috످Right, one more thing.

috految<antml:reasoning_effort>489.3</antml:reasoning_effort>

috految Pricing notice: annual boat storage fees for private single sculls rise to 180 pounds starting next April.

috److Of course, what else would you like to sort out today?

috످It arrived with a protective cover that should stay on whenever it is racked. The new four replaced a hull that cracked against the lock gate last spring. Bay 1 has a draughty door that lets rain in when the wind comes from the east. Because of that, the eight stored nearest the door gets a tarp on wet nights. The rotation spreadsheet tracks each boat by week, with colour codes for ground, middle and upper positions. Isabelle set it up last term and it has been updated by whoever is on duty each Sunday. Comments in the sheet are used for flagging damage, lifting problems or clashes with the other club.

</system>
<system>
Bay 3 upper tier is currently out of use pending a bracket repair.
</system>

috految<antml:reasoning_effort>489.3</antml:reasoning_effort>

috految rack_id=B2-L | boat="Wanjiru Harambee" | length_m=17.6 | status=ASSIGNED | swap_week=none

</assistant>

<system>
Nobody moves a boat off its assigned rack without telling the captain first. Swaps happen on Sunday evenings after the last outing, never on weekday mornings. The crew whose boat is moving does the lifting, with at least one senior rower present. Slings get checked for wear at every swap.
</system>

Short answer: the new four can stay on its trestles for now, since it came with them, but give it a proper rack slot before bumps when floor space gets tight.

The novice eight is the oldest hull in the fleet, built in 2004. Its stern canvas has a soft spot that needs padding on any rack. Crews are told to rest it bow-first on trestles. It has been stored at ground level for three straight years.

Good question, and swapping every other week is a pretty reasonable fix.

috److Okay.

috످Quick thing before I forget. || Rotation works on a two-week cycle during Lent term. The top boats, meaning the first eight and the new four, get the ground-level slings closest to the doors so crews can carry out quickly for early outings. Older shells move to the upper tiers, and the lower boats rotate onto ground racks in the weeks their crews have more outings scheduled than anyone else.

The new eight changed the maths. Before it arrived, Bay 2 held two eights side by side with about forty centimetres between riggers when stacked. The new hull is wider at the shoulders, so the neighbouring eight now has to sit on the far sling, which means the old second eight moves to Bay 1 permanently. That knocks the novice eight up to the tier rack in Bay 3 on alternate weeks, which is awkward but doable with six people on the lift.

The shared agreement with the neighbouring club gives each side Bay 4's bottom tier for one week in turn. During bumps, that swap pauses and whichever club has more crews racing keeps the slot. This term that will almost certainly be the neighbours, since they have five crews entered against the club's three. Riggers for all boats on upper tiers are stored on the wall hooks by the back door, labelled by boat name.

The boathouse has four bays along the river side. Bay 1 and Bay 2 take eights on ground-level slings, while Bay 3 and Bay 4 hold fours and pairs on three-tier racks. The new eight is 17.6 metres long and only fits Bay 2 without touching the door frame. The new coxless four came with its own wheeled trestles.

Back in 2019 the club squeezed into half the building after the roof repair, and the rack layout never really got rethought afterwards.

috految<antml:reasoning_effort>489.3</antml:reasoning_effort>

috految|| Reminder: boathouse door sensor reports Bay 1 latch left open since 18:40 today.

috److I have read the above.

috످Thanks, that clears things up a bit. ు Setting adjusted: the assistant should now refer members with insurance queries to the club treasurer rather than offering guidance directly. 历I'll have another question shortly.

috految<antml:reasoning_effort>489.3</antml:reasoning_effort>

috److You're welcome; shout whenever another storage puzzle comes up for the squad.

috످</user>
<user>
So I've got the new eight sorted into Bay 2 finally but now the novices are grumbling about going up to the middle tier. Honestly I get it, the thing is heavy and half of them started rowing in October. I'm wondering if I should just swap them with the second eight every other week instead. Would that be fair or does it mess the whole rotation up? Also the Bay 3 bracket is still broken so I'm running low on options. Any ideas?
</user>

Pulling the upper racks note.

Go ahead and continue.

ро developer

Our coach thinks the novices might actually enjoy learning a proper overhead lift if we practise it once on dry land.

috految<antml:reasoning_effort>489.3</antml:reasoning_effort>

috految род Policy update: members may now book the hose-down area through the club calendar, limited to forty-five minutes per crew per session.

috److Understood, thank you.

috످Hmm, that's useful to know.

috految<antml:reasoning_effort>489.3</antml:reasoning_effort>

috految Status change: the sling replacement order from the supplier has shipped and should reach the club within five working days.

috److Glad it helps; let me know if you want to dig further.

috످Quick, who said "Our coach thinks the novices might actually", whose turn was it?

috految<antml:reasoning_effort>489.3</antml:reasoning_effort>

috److془The line appears in the user's turn, after "ро developer" label. Answer: It was yours. Same message where you asked about swapping novices with second eight. It had a "developer" label above it but that's part of your message.

The swap question was never answered. Could offer briefly. Keep it short.

"That was your turn, in the same message where you asked about swapping the novices with the second eight. The line has a "developer" label above it, but that was part of your message too."془It was your turn, in the message where you asked about swapping the novices with the second eight. The line has a "developer" label above it, but that was part of your message too.

috످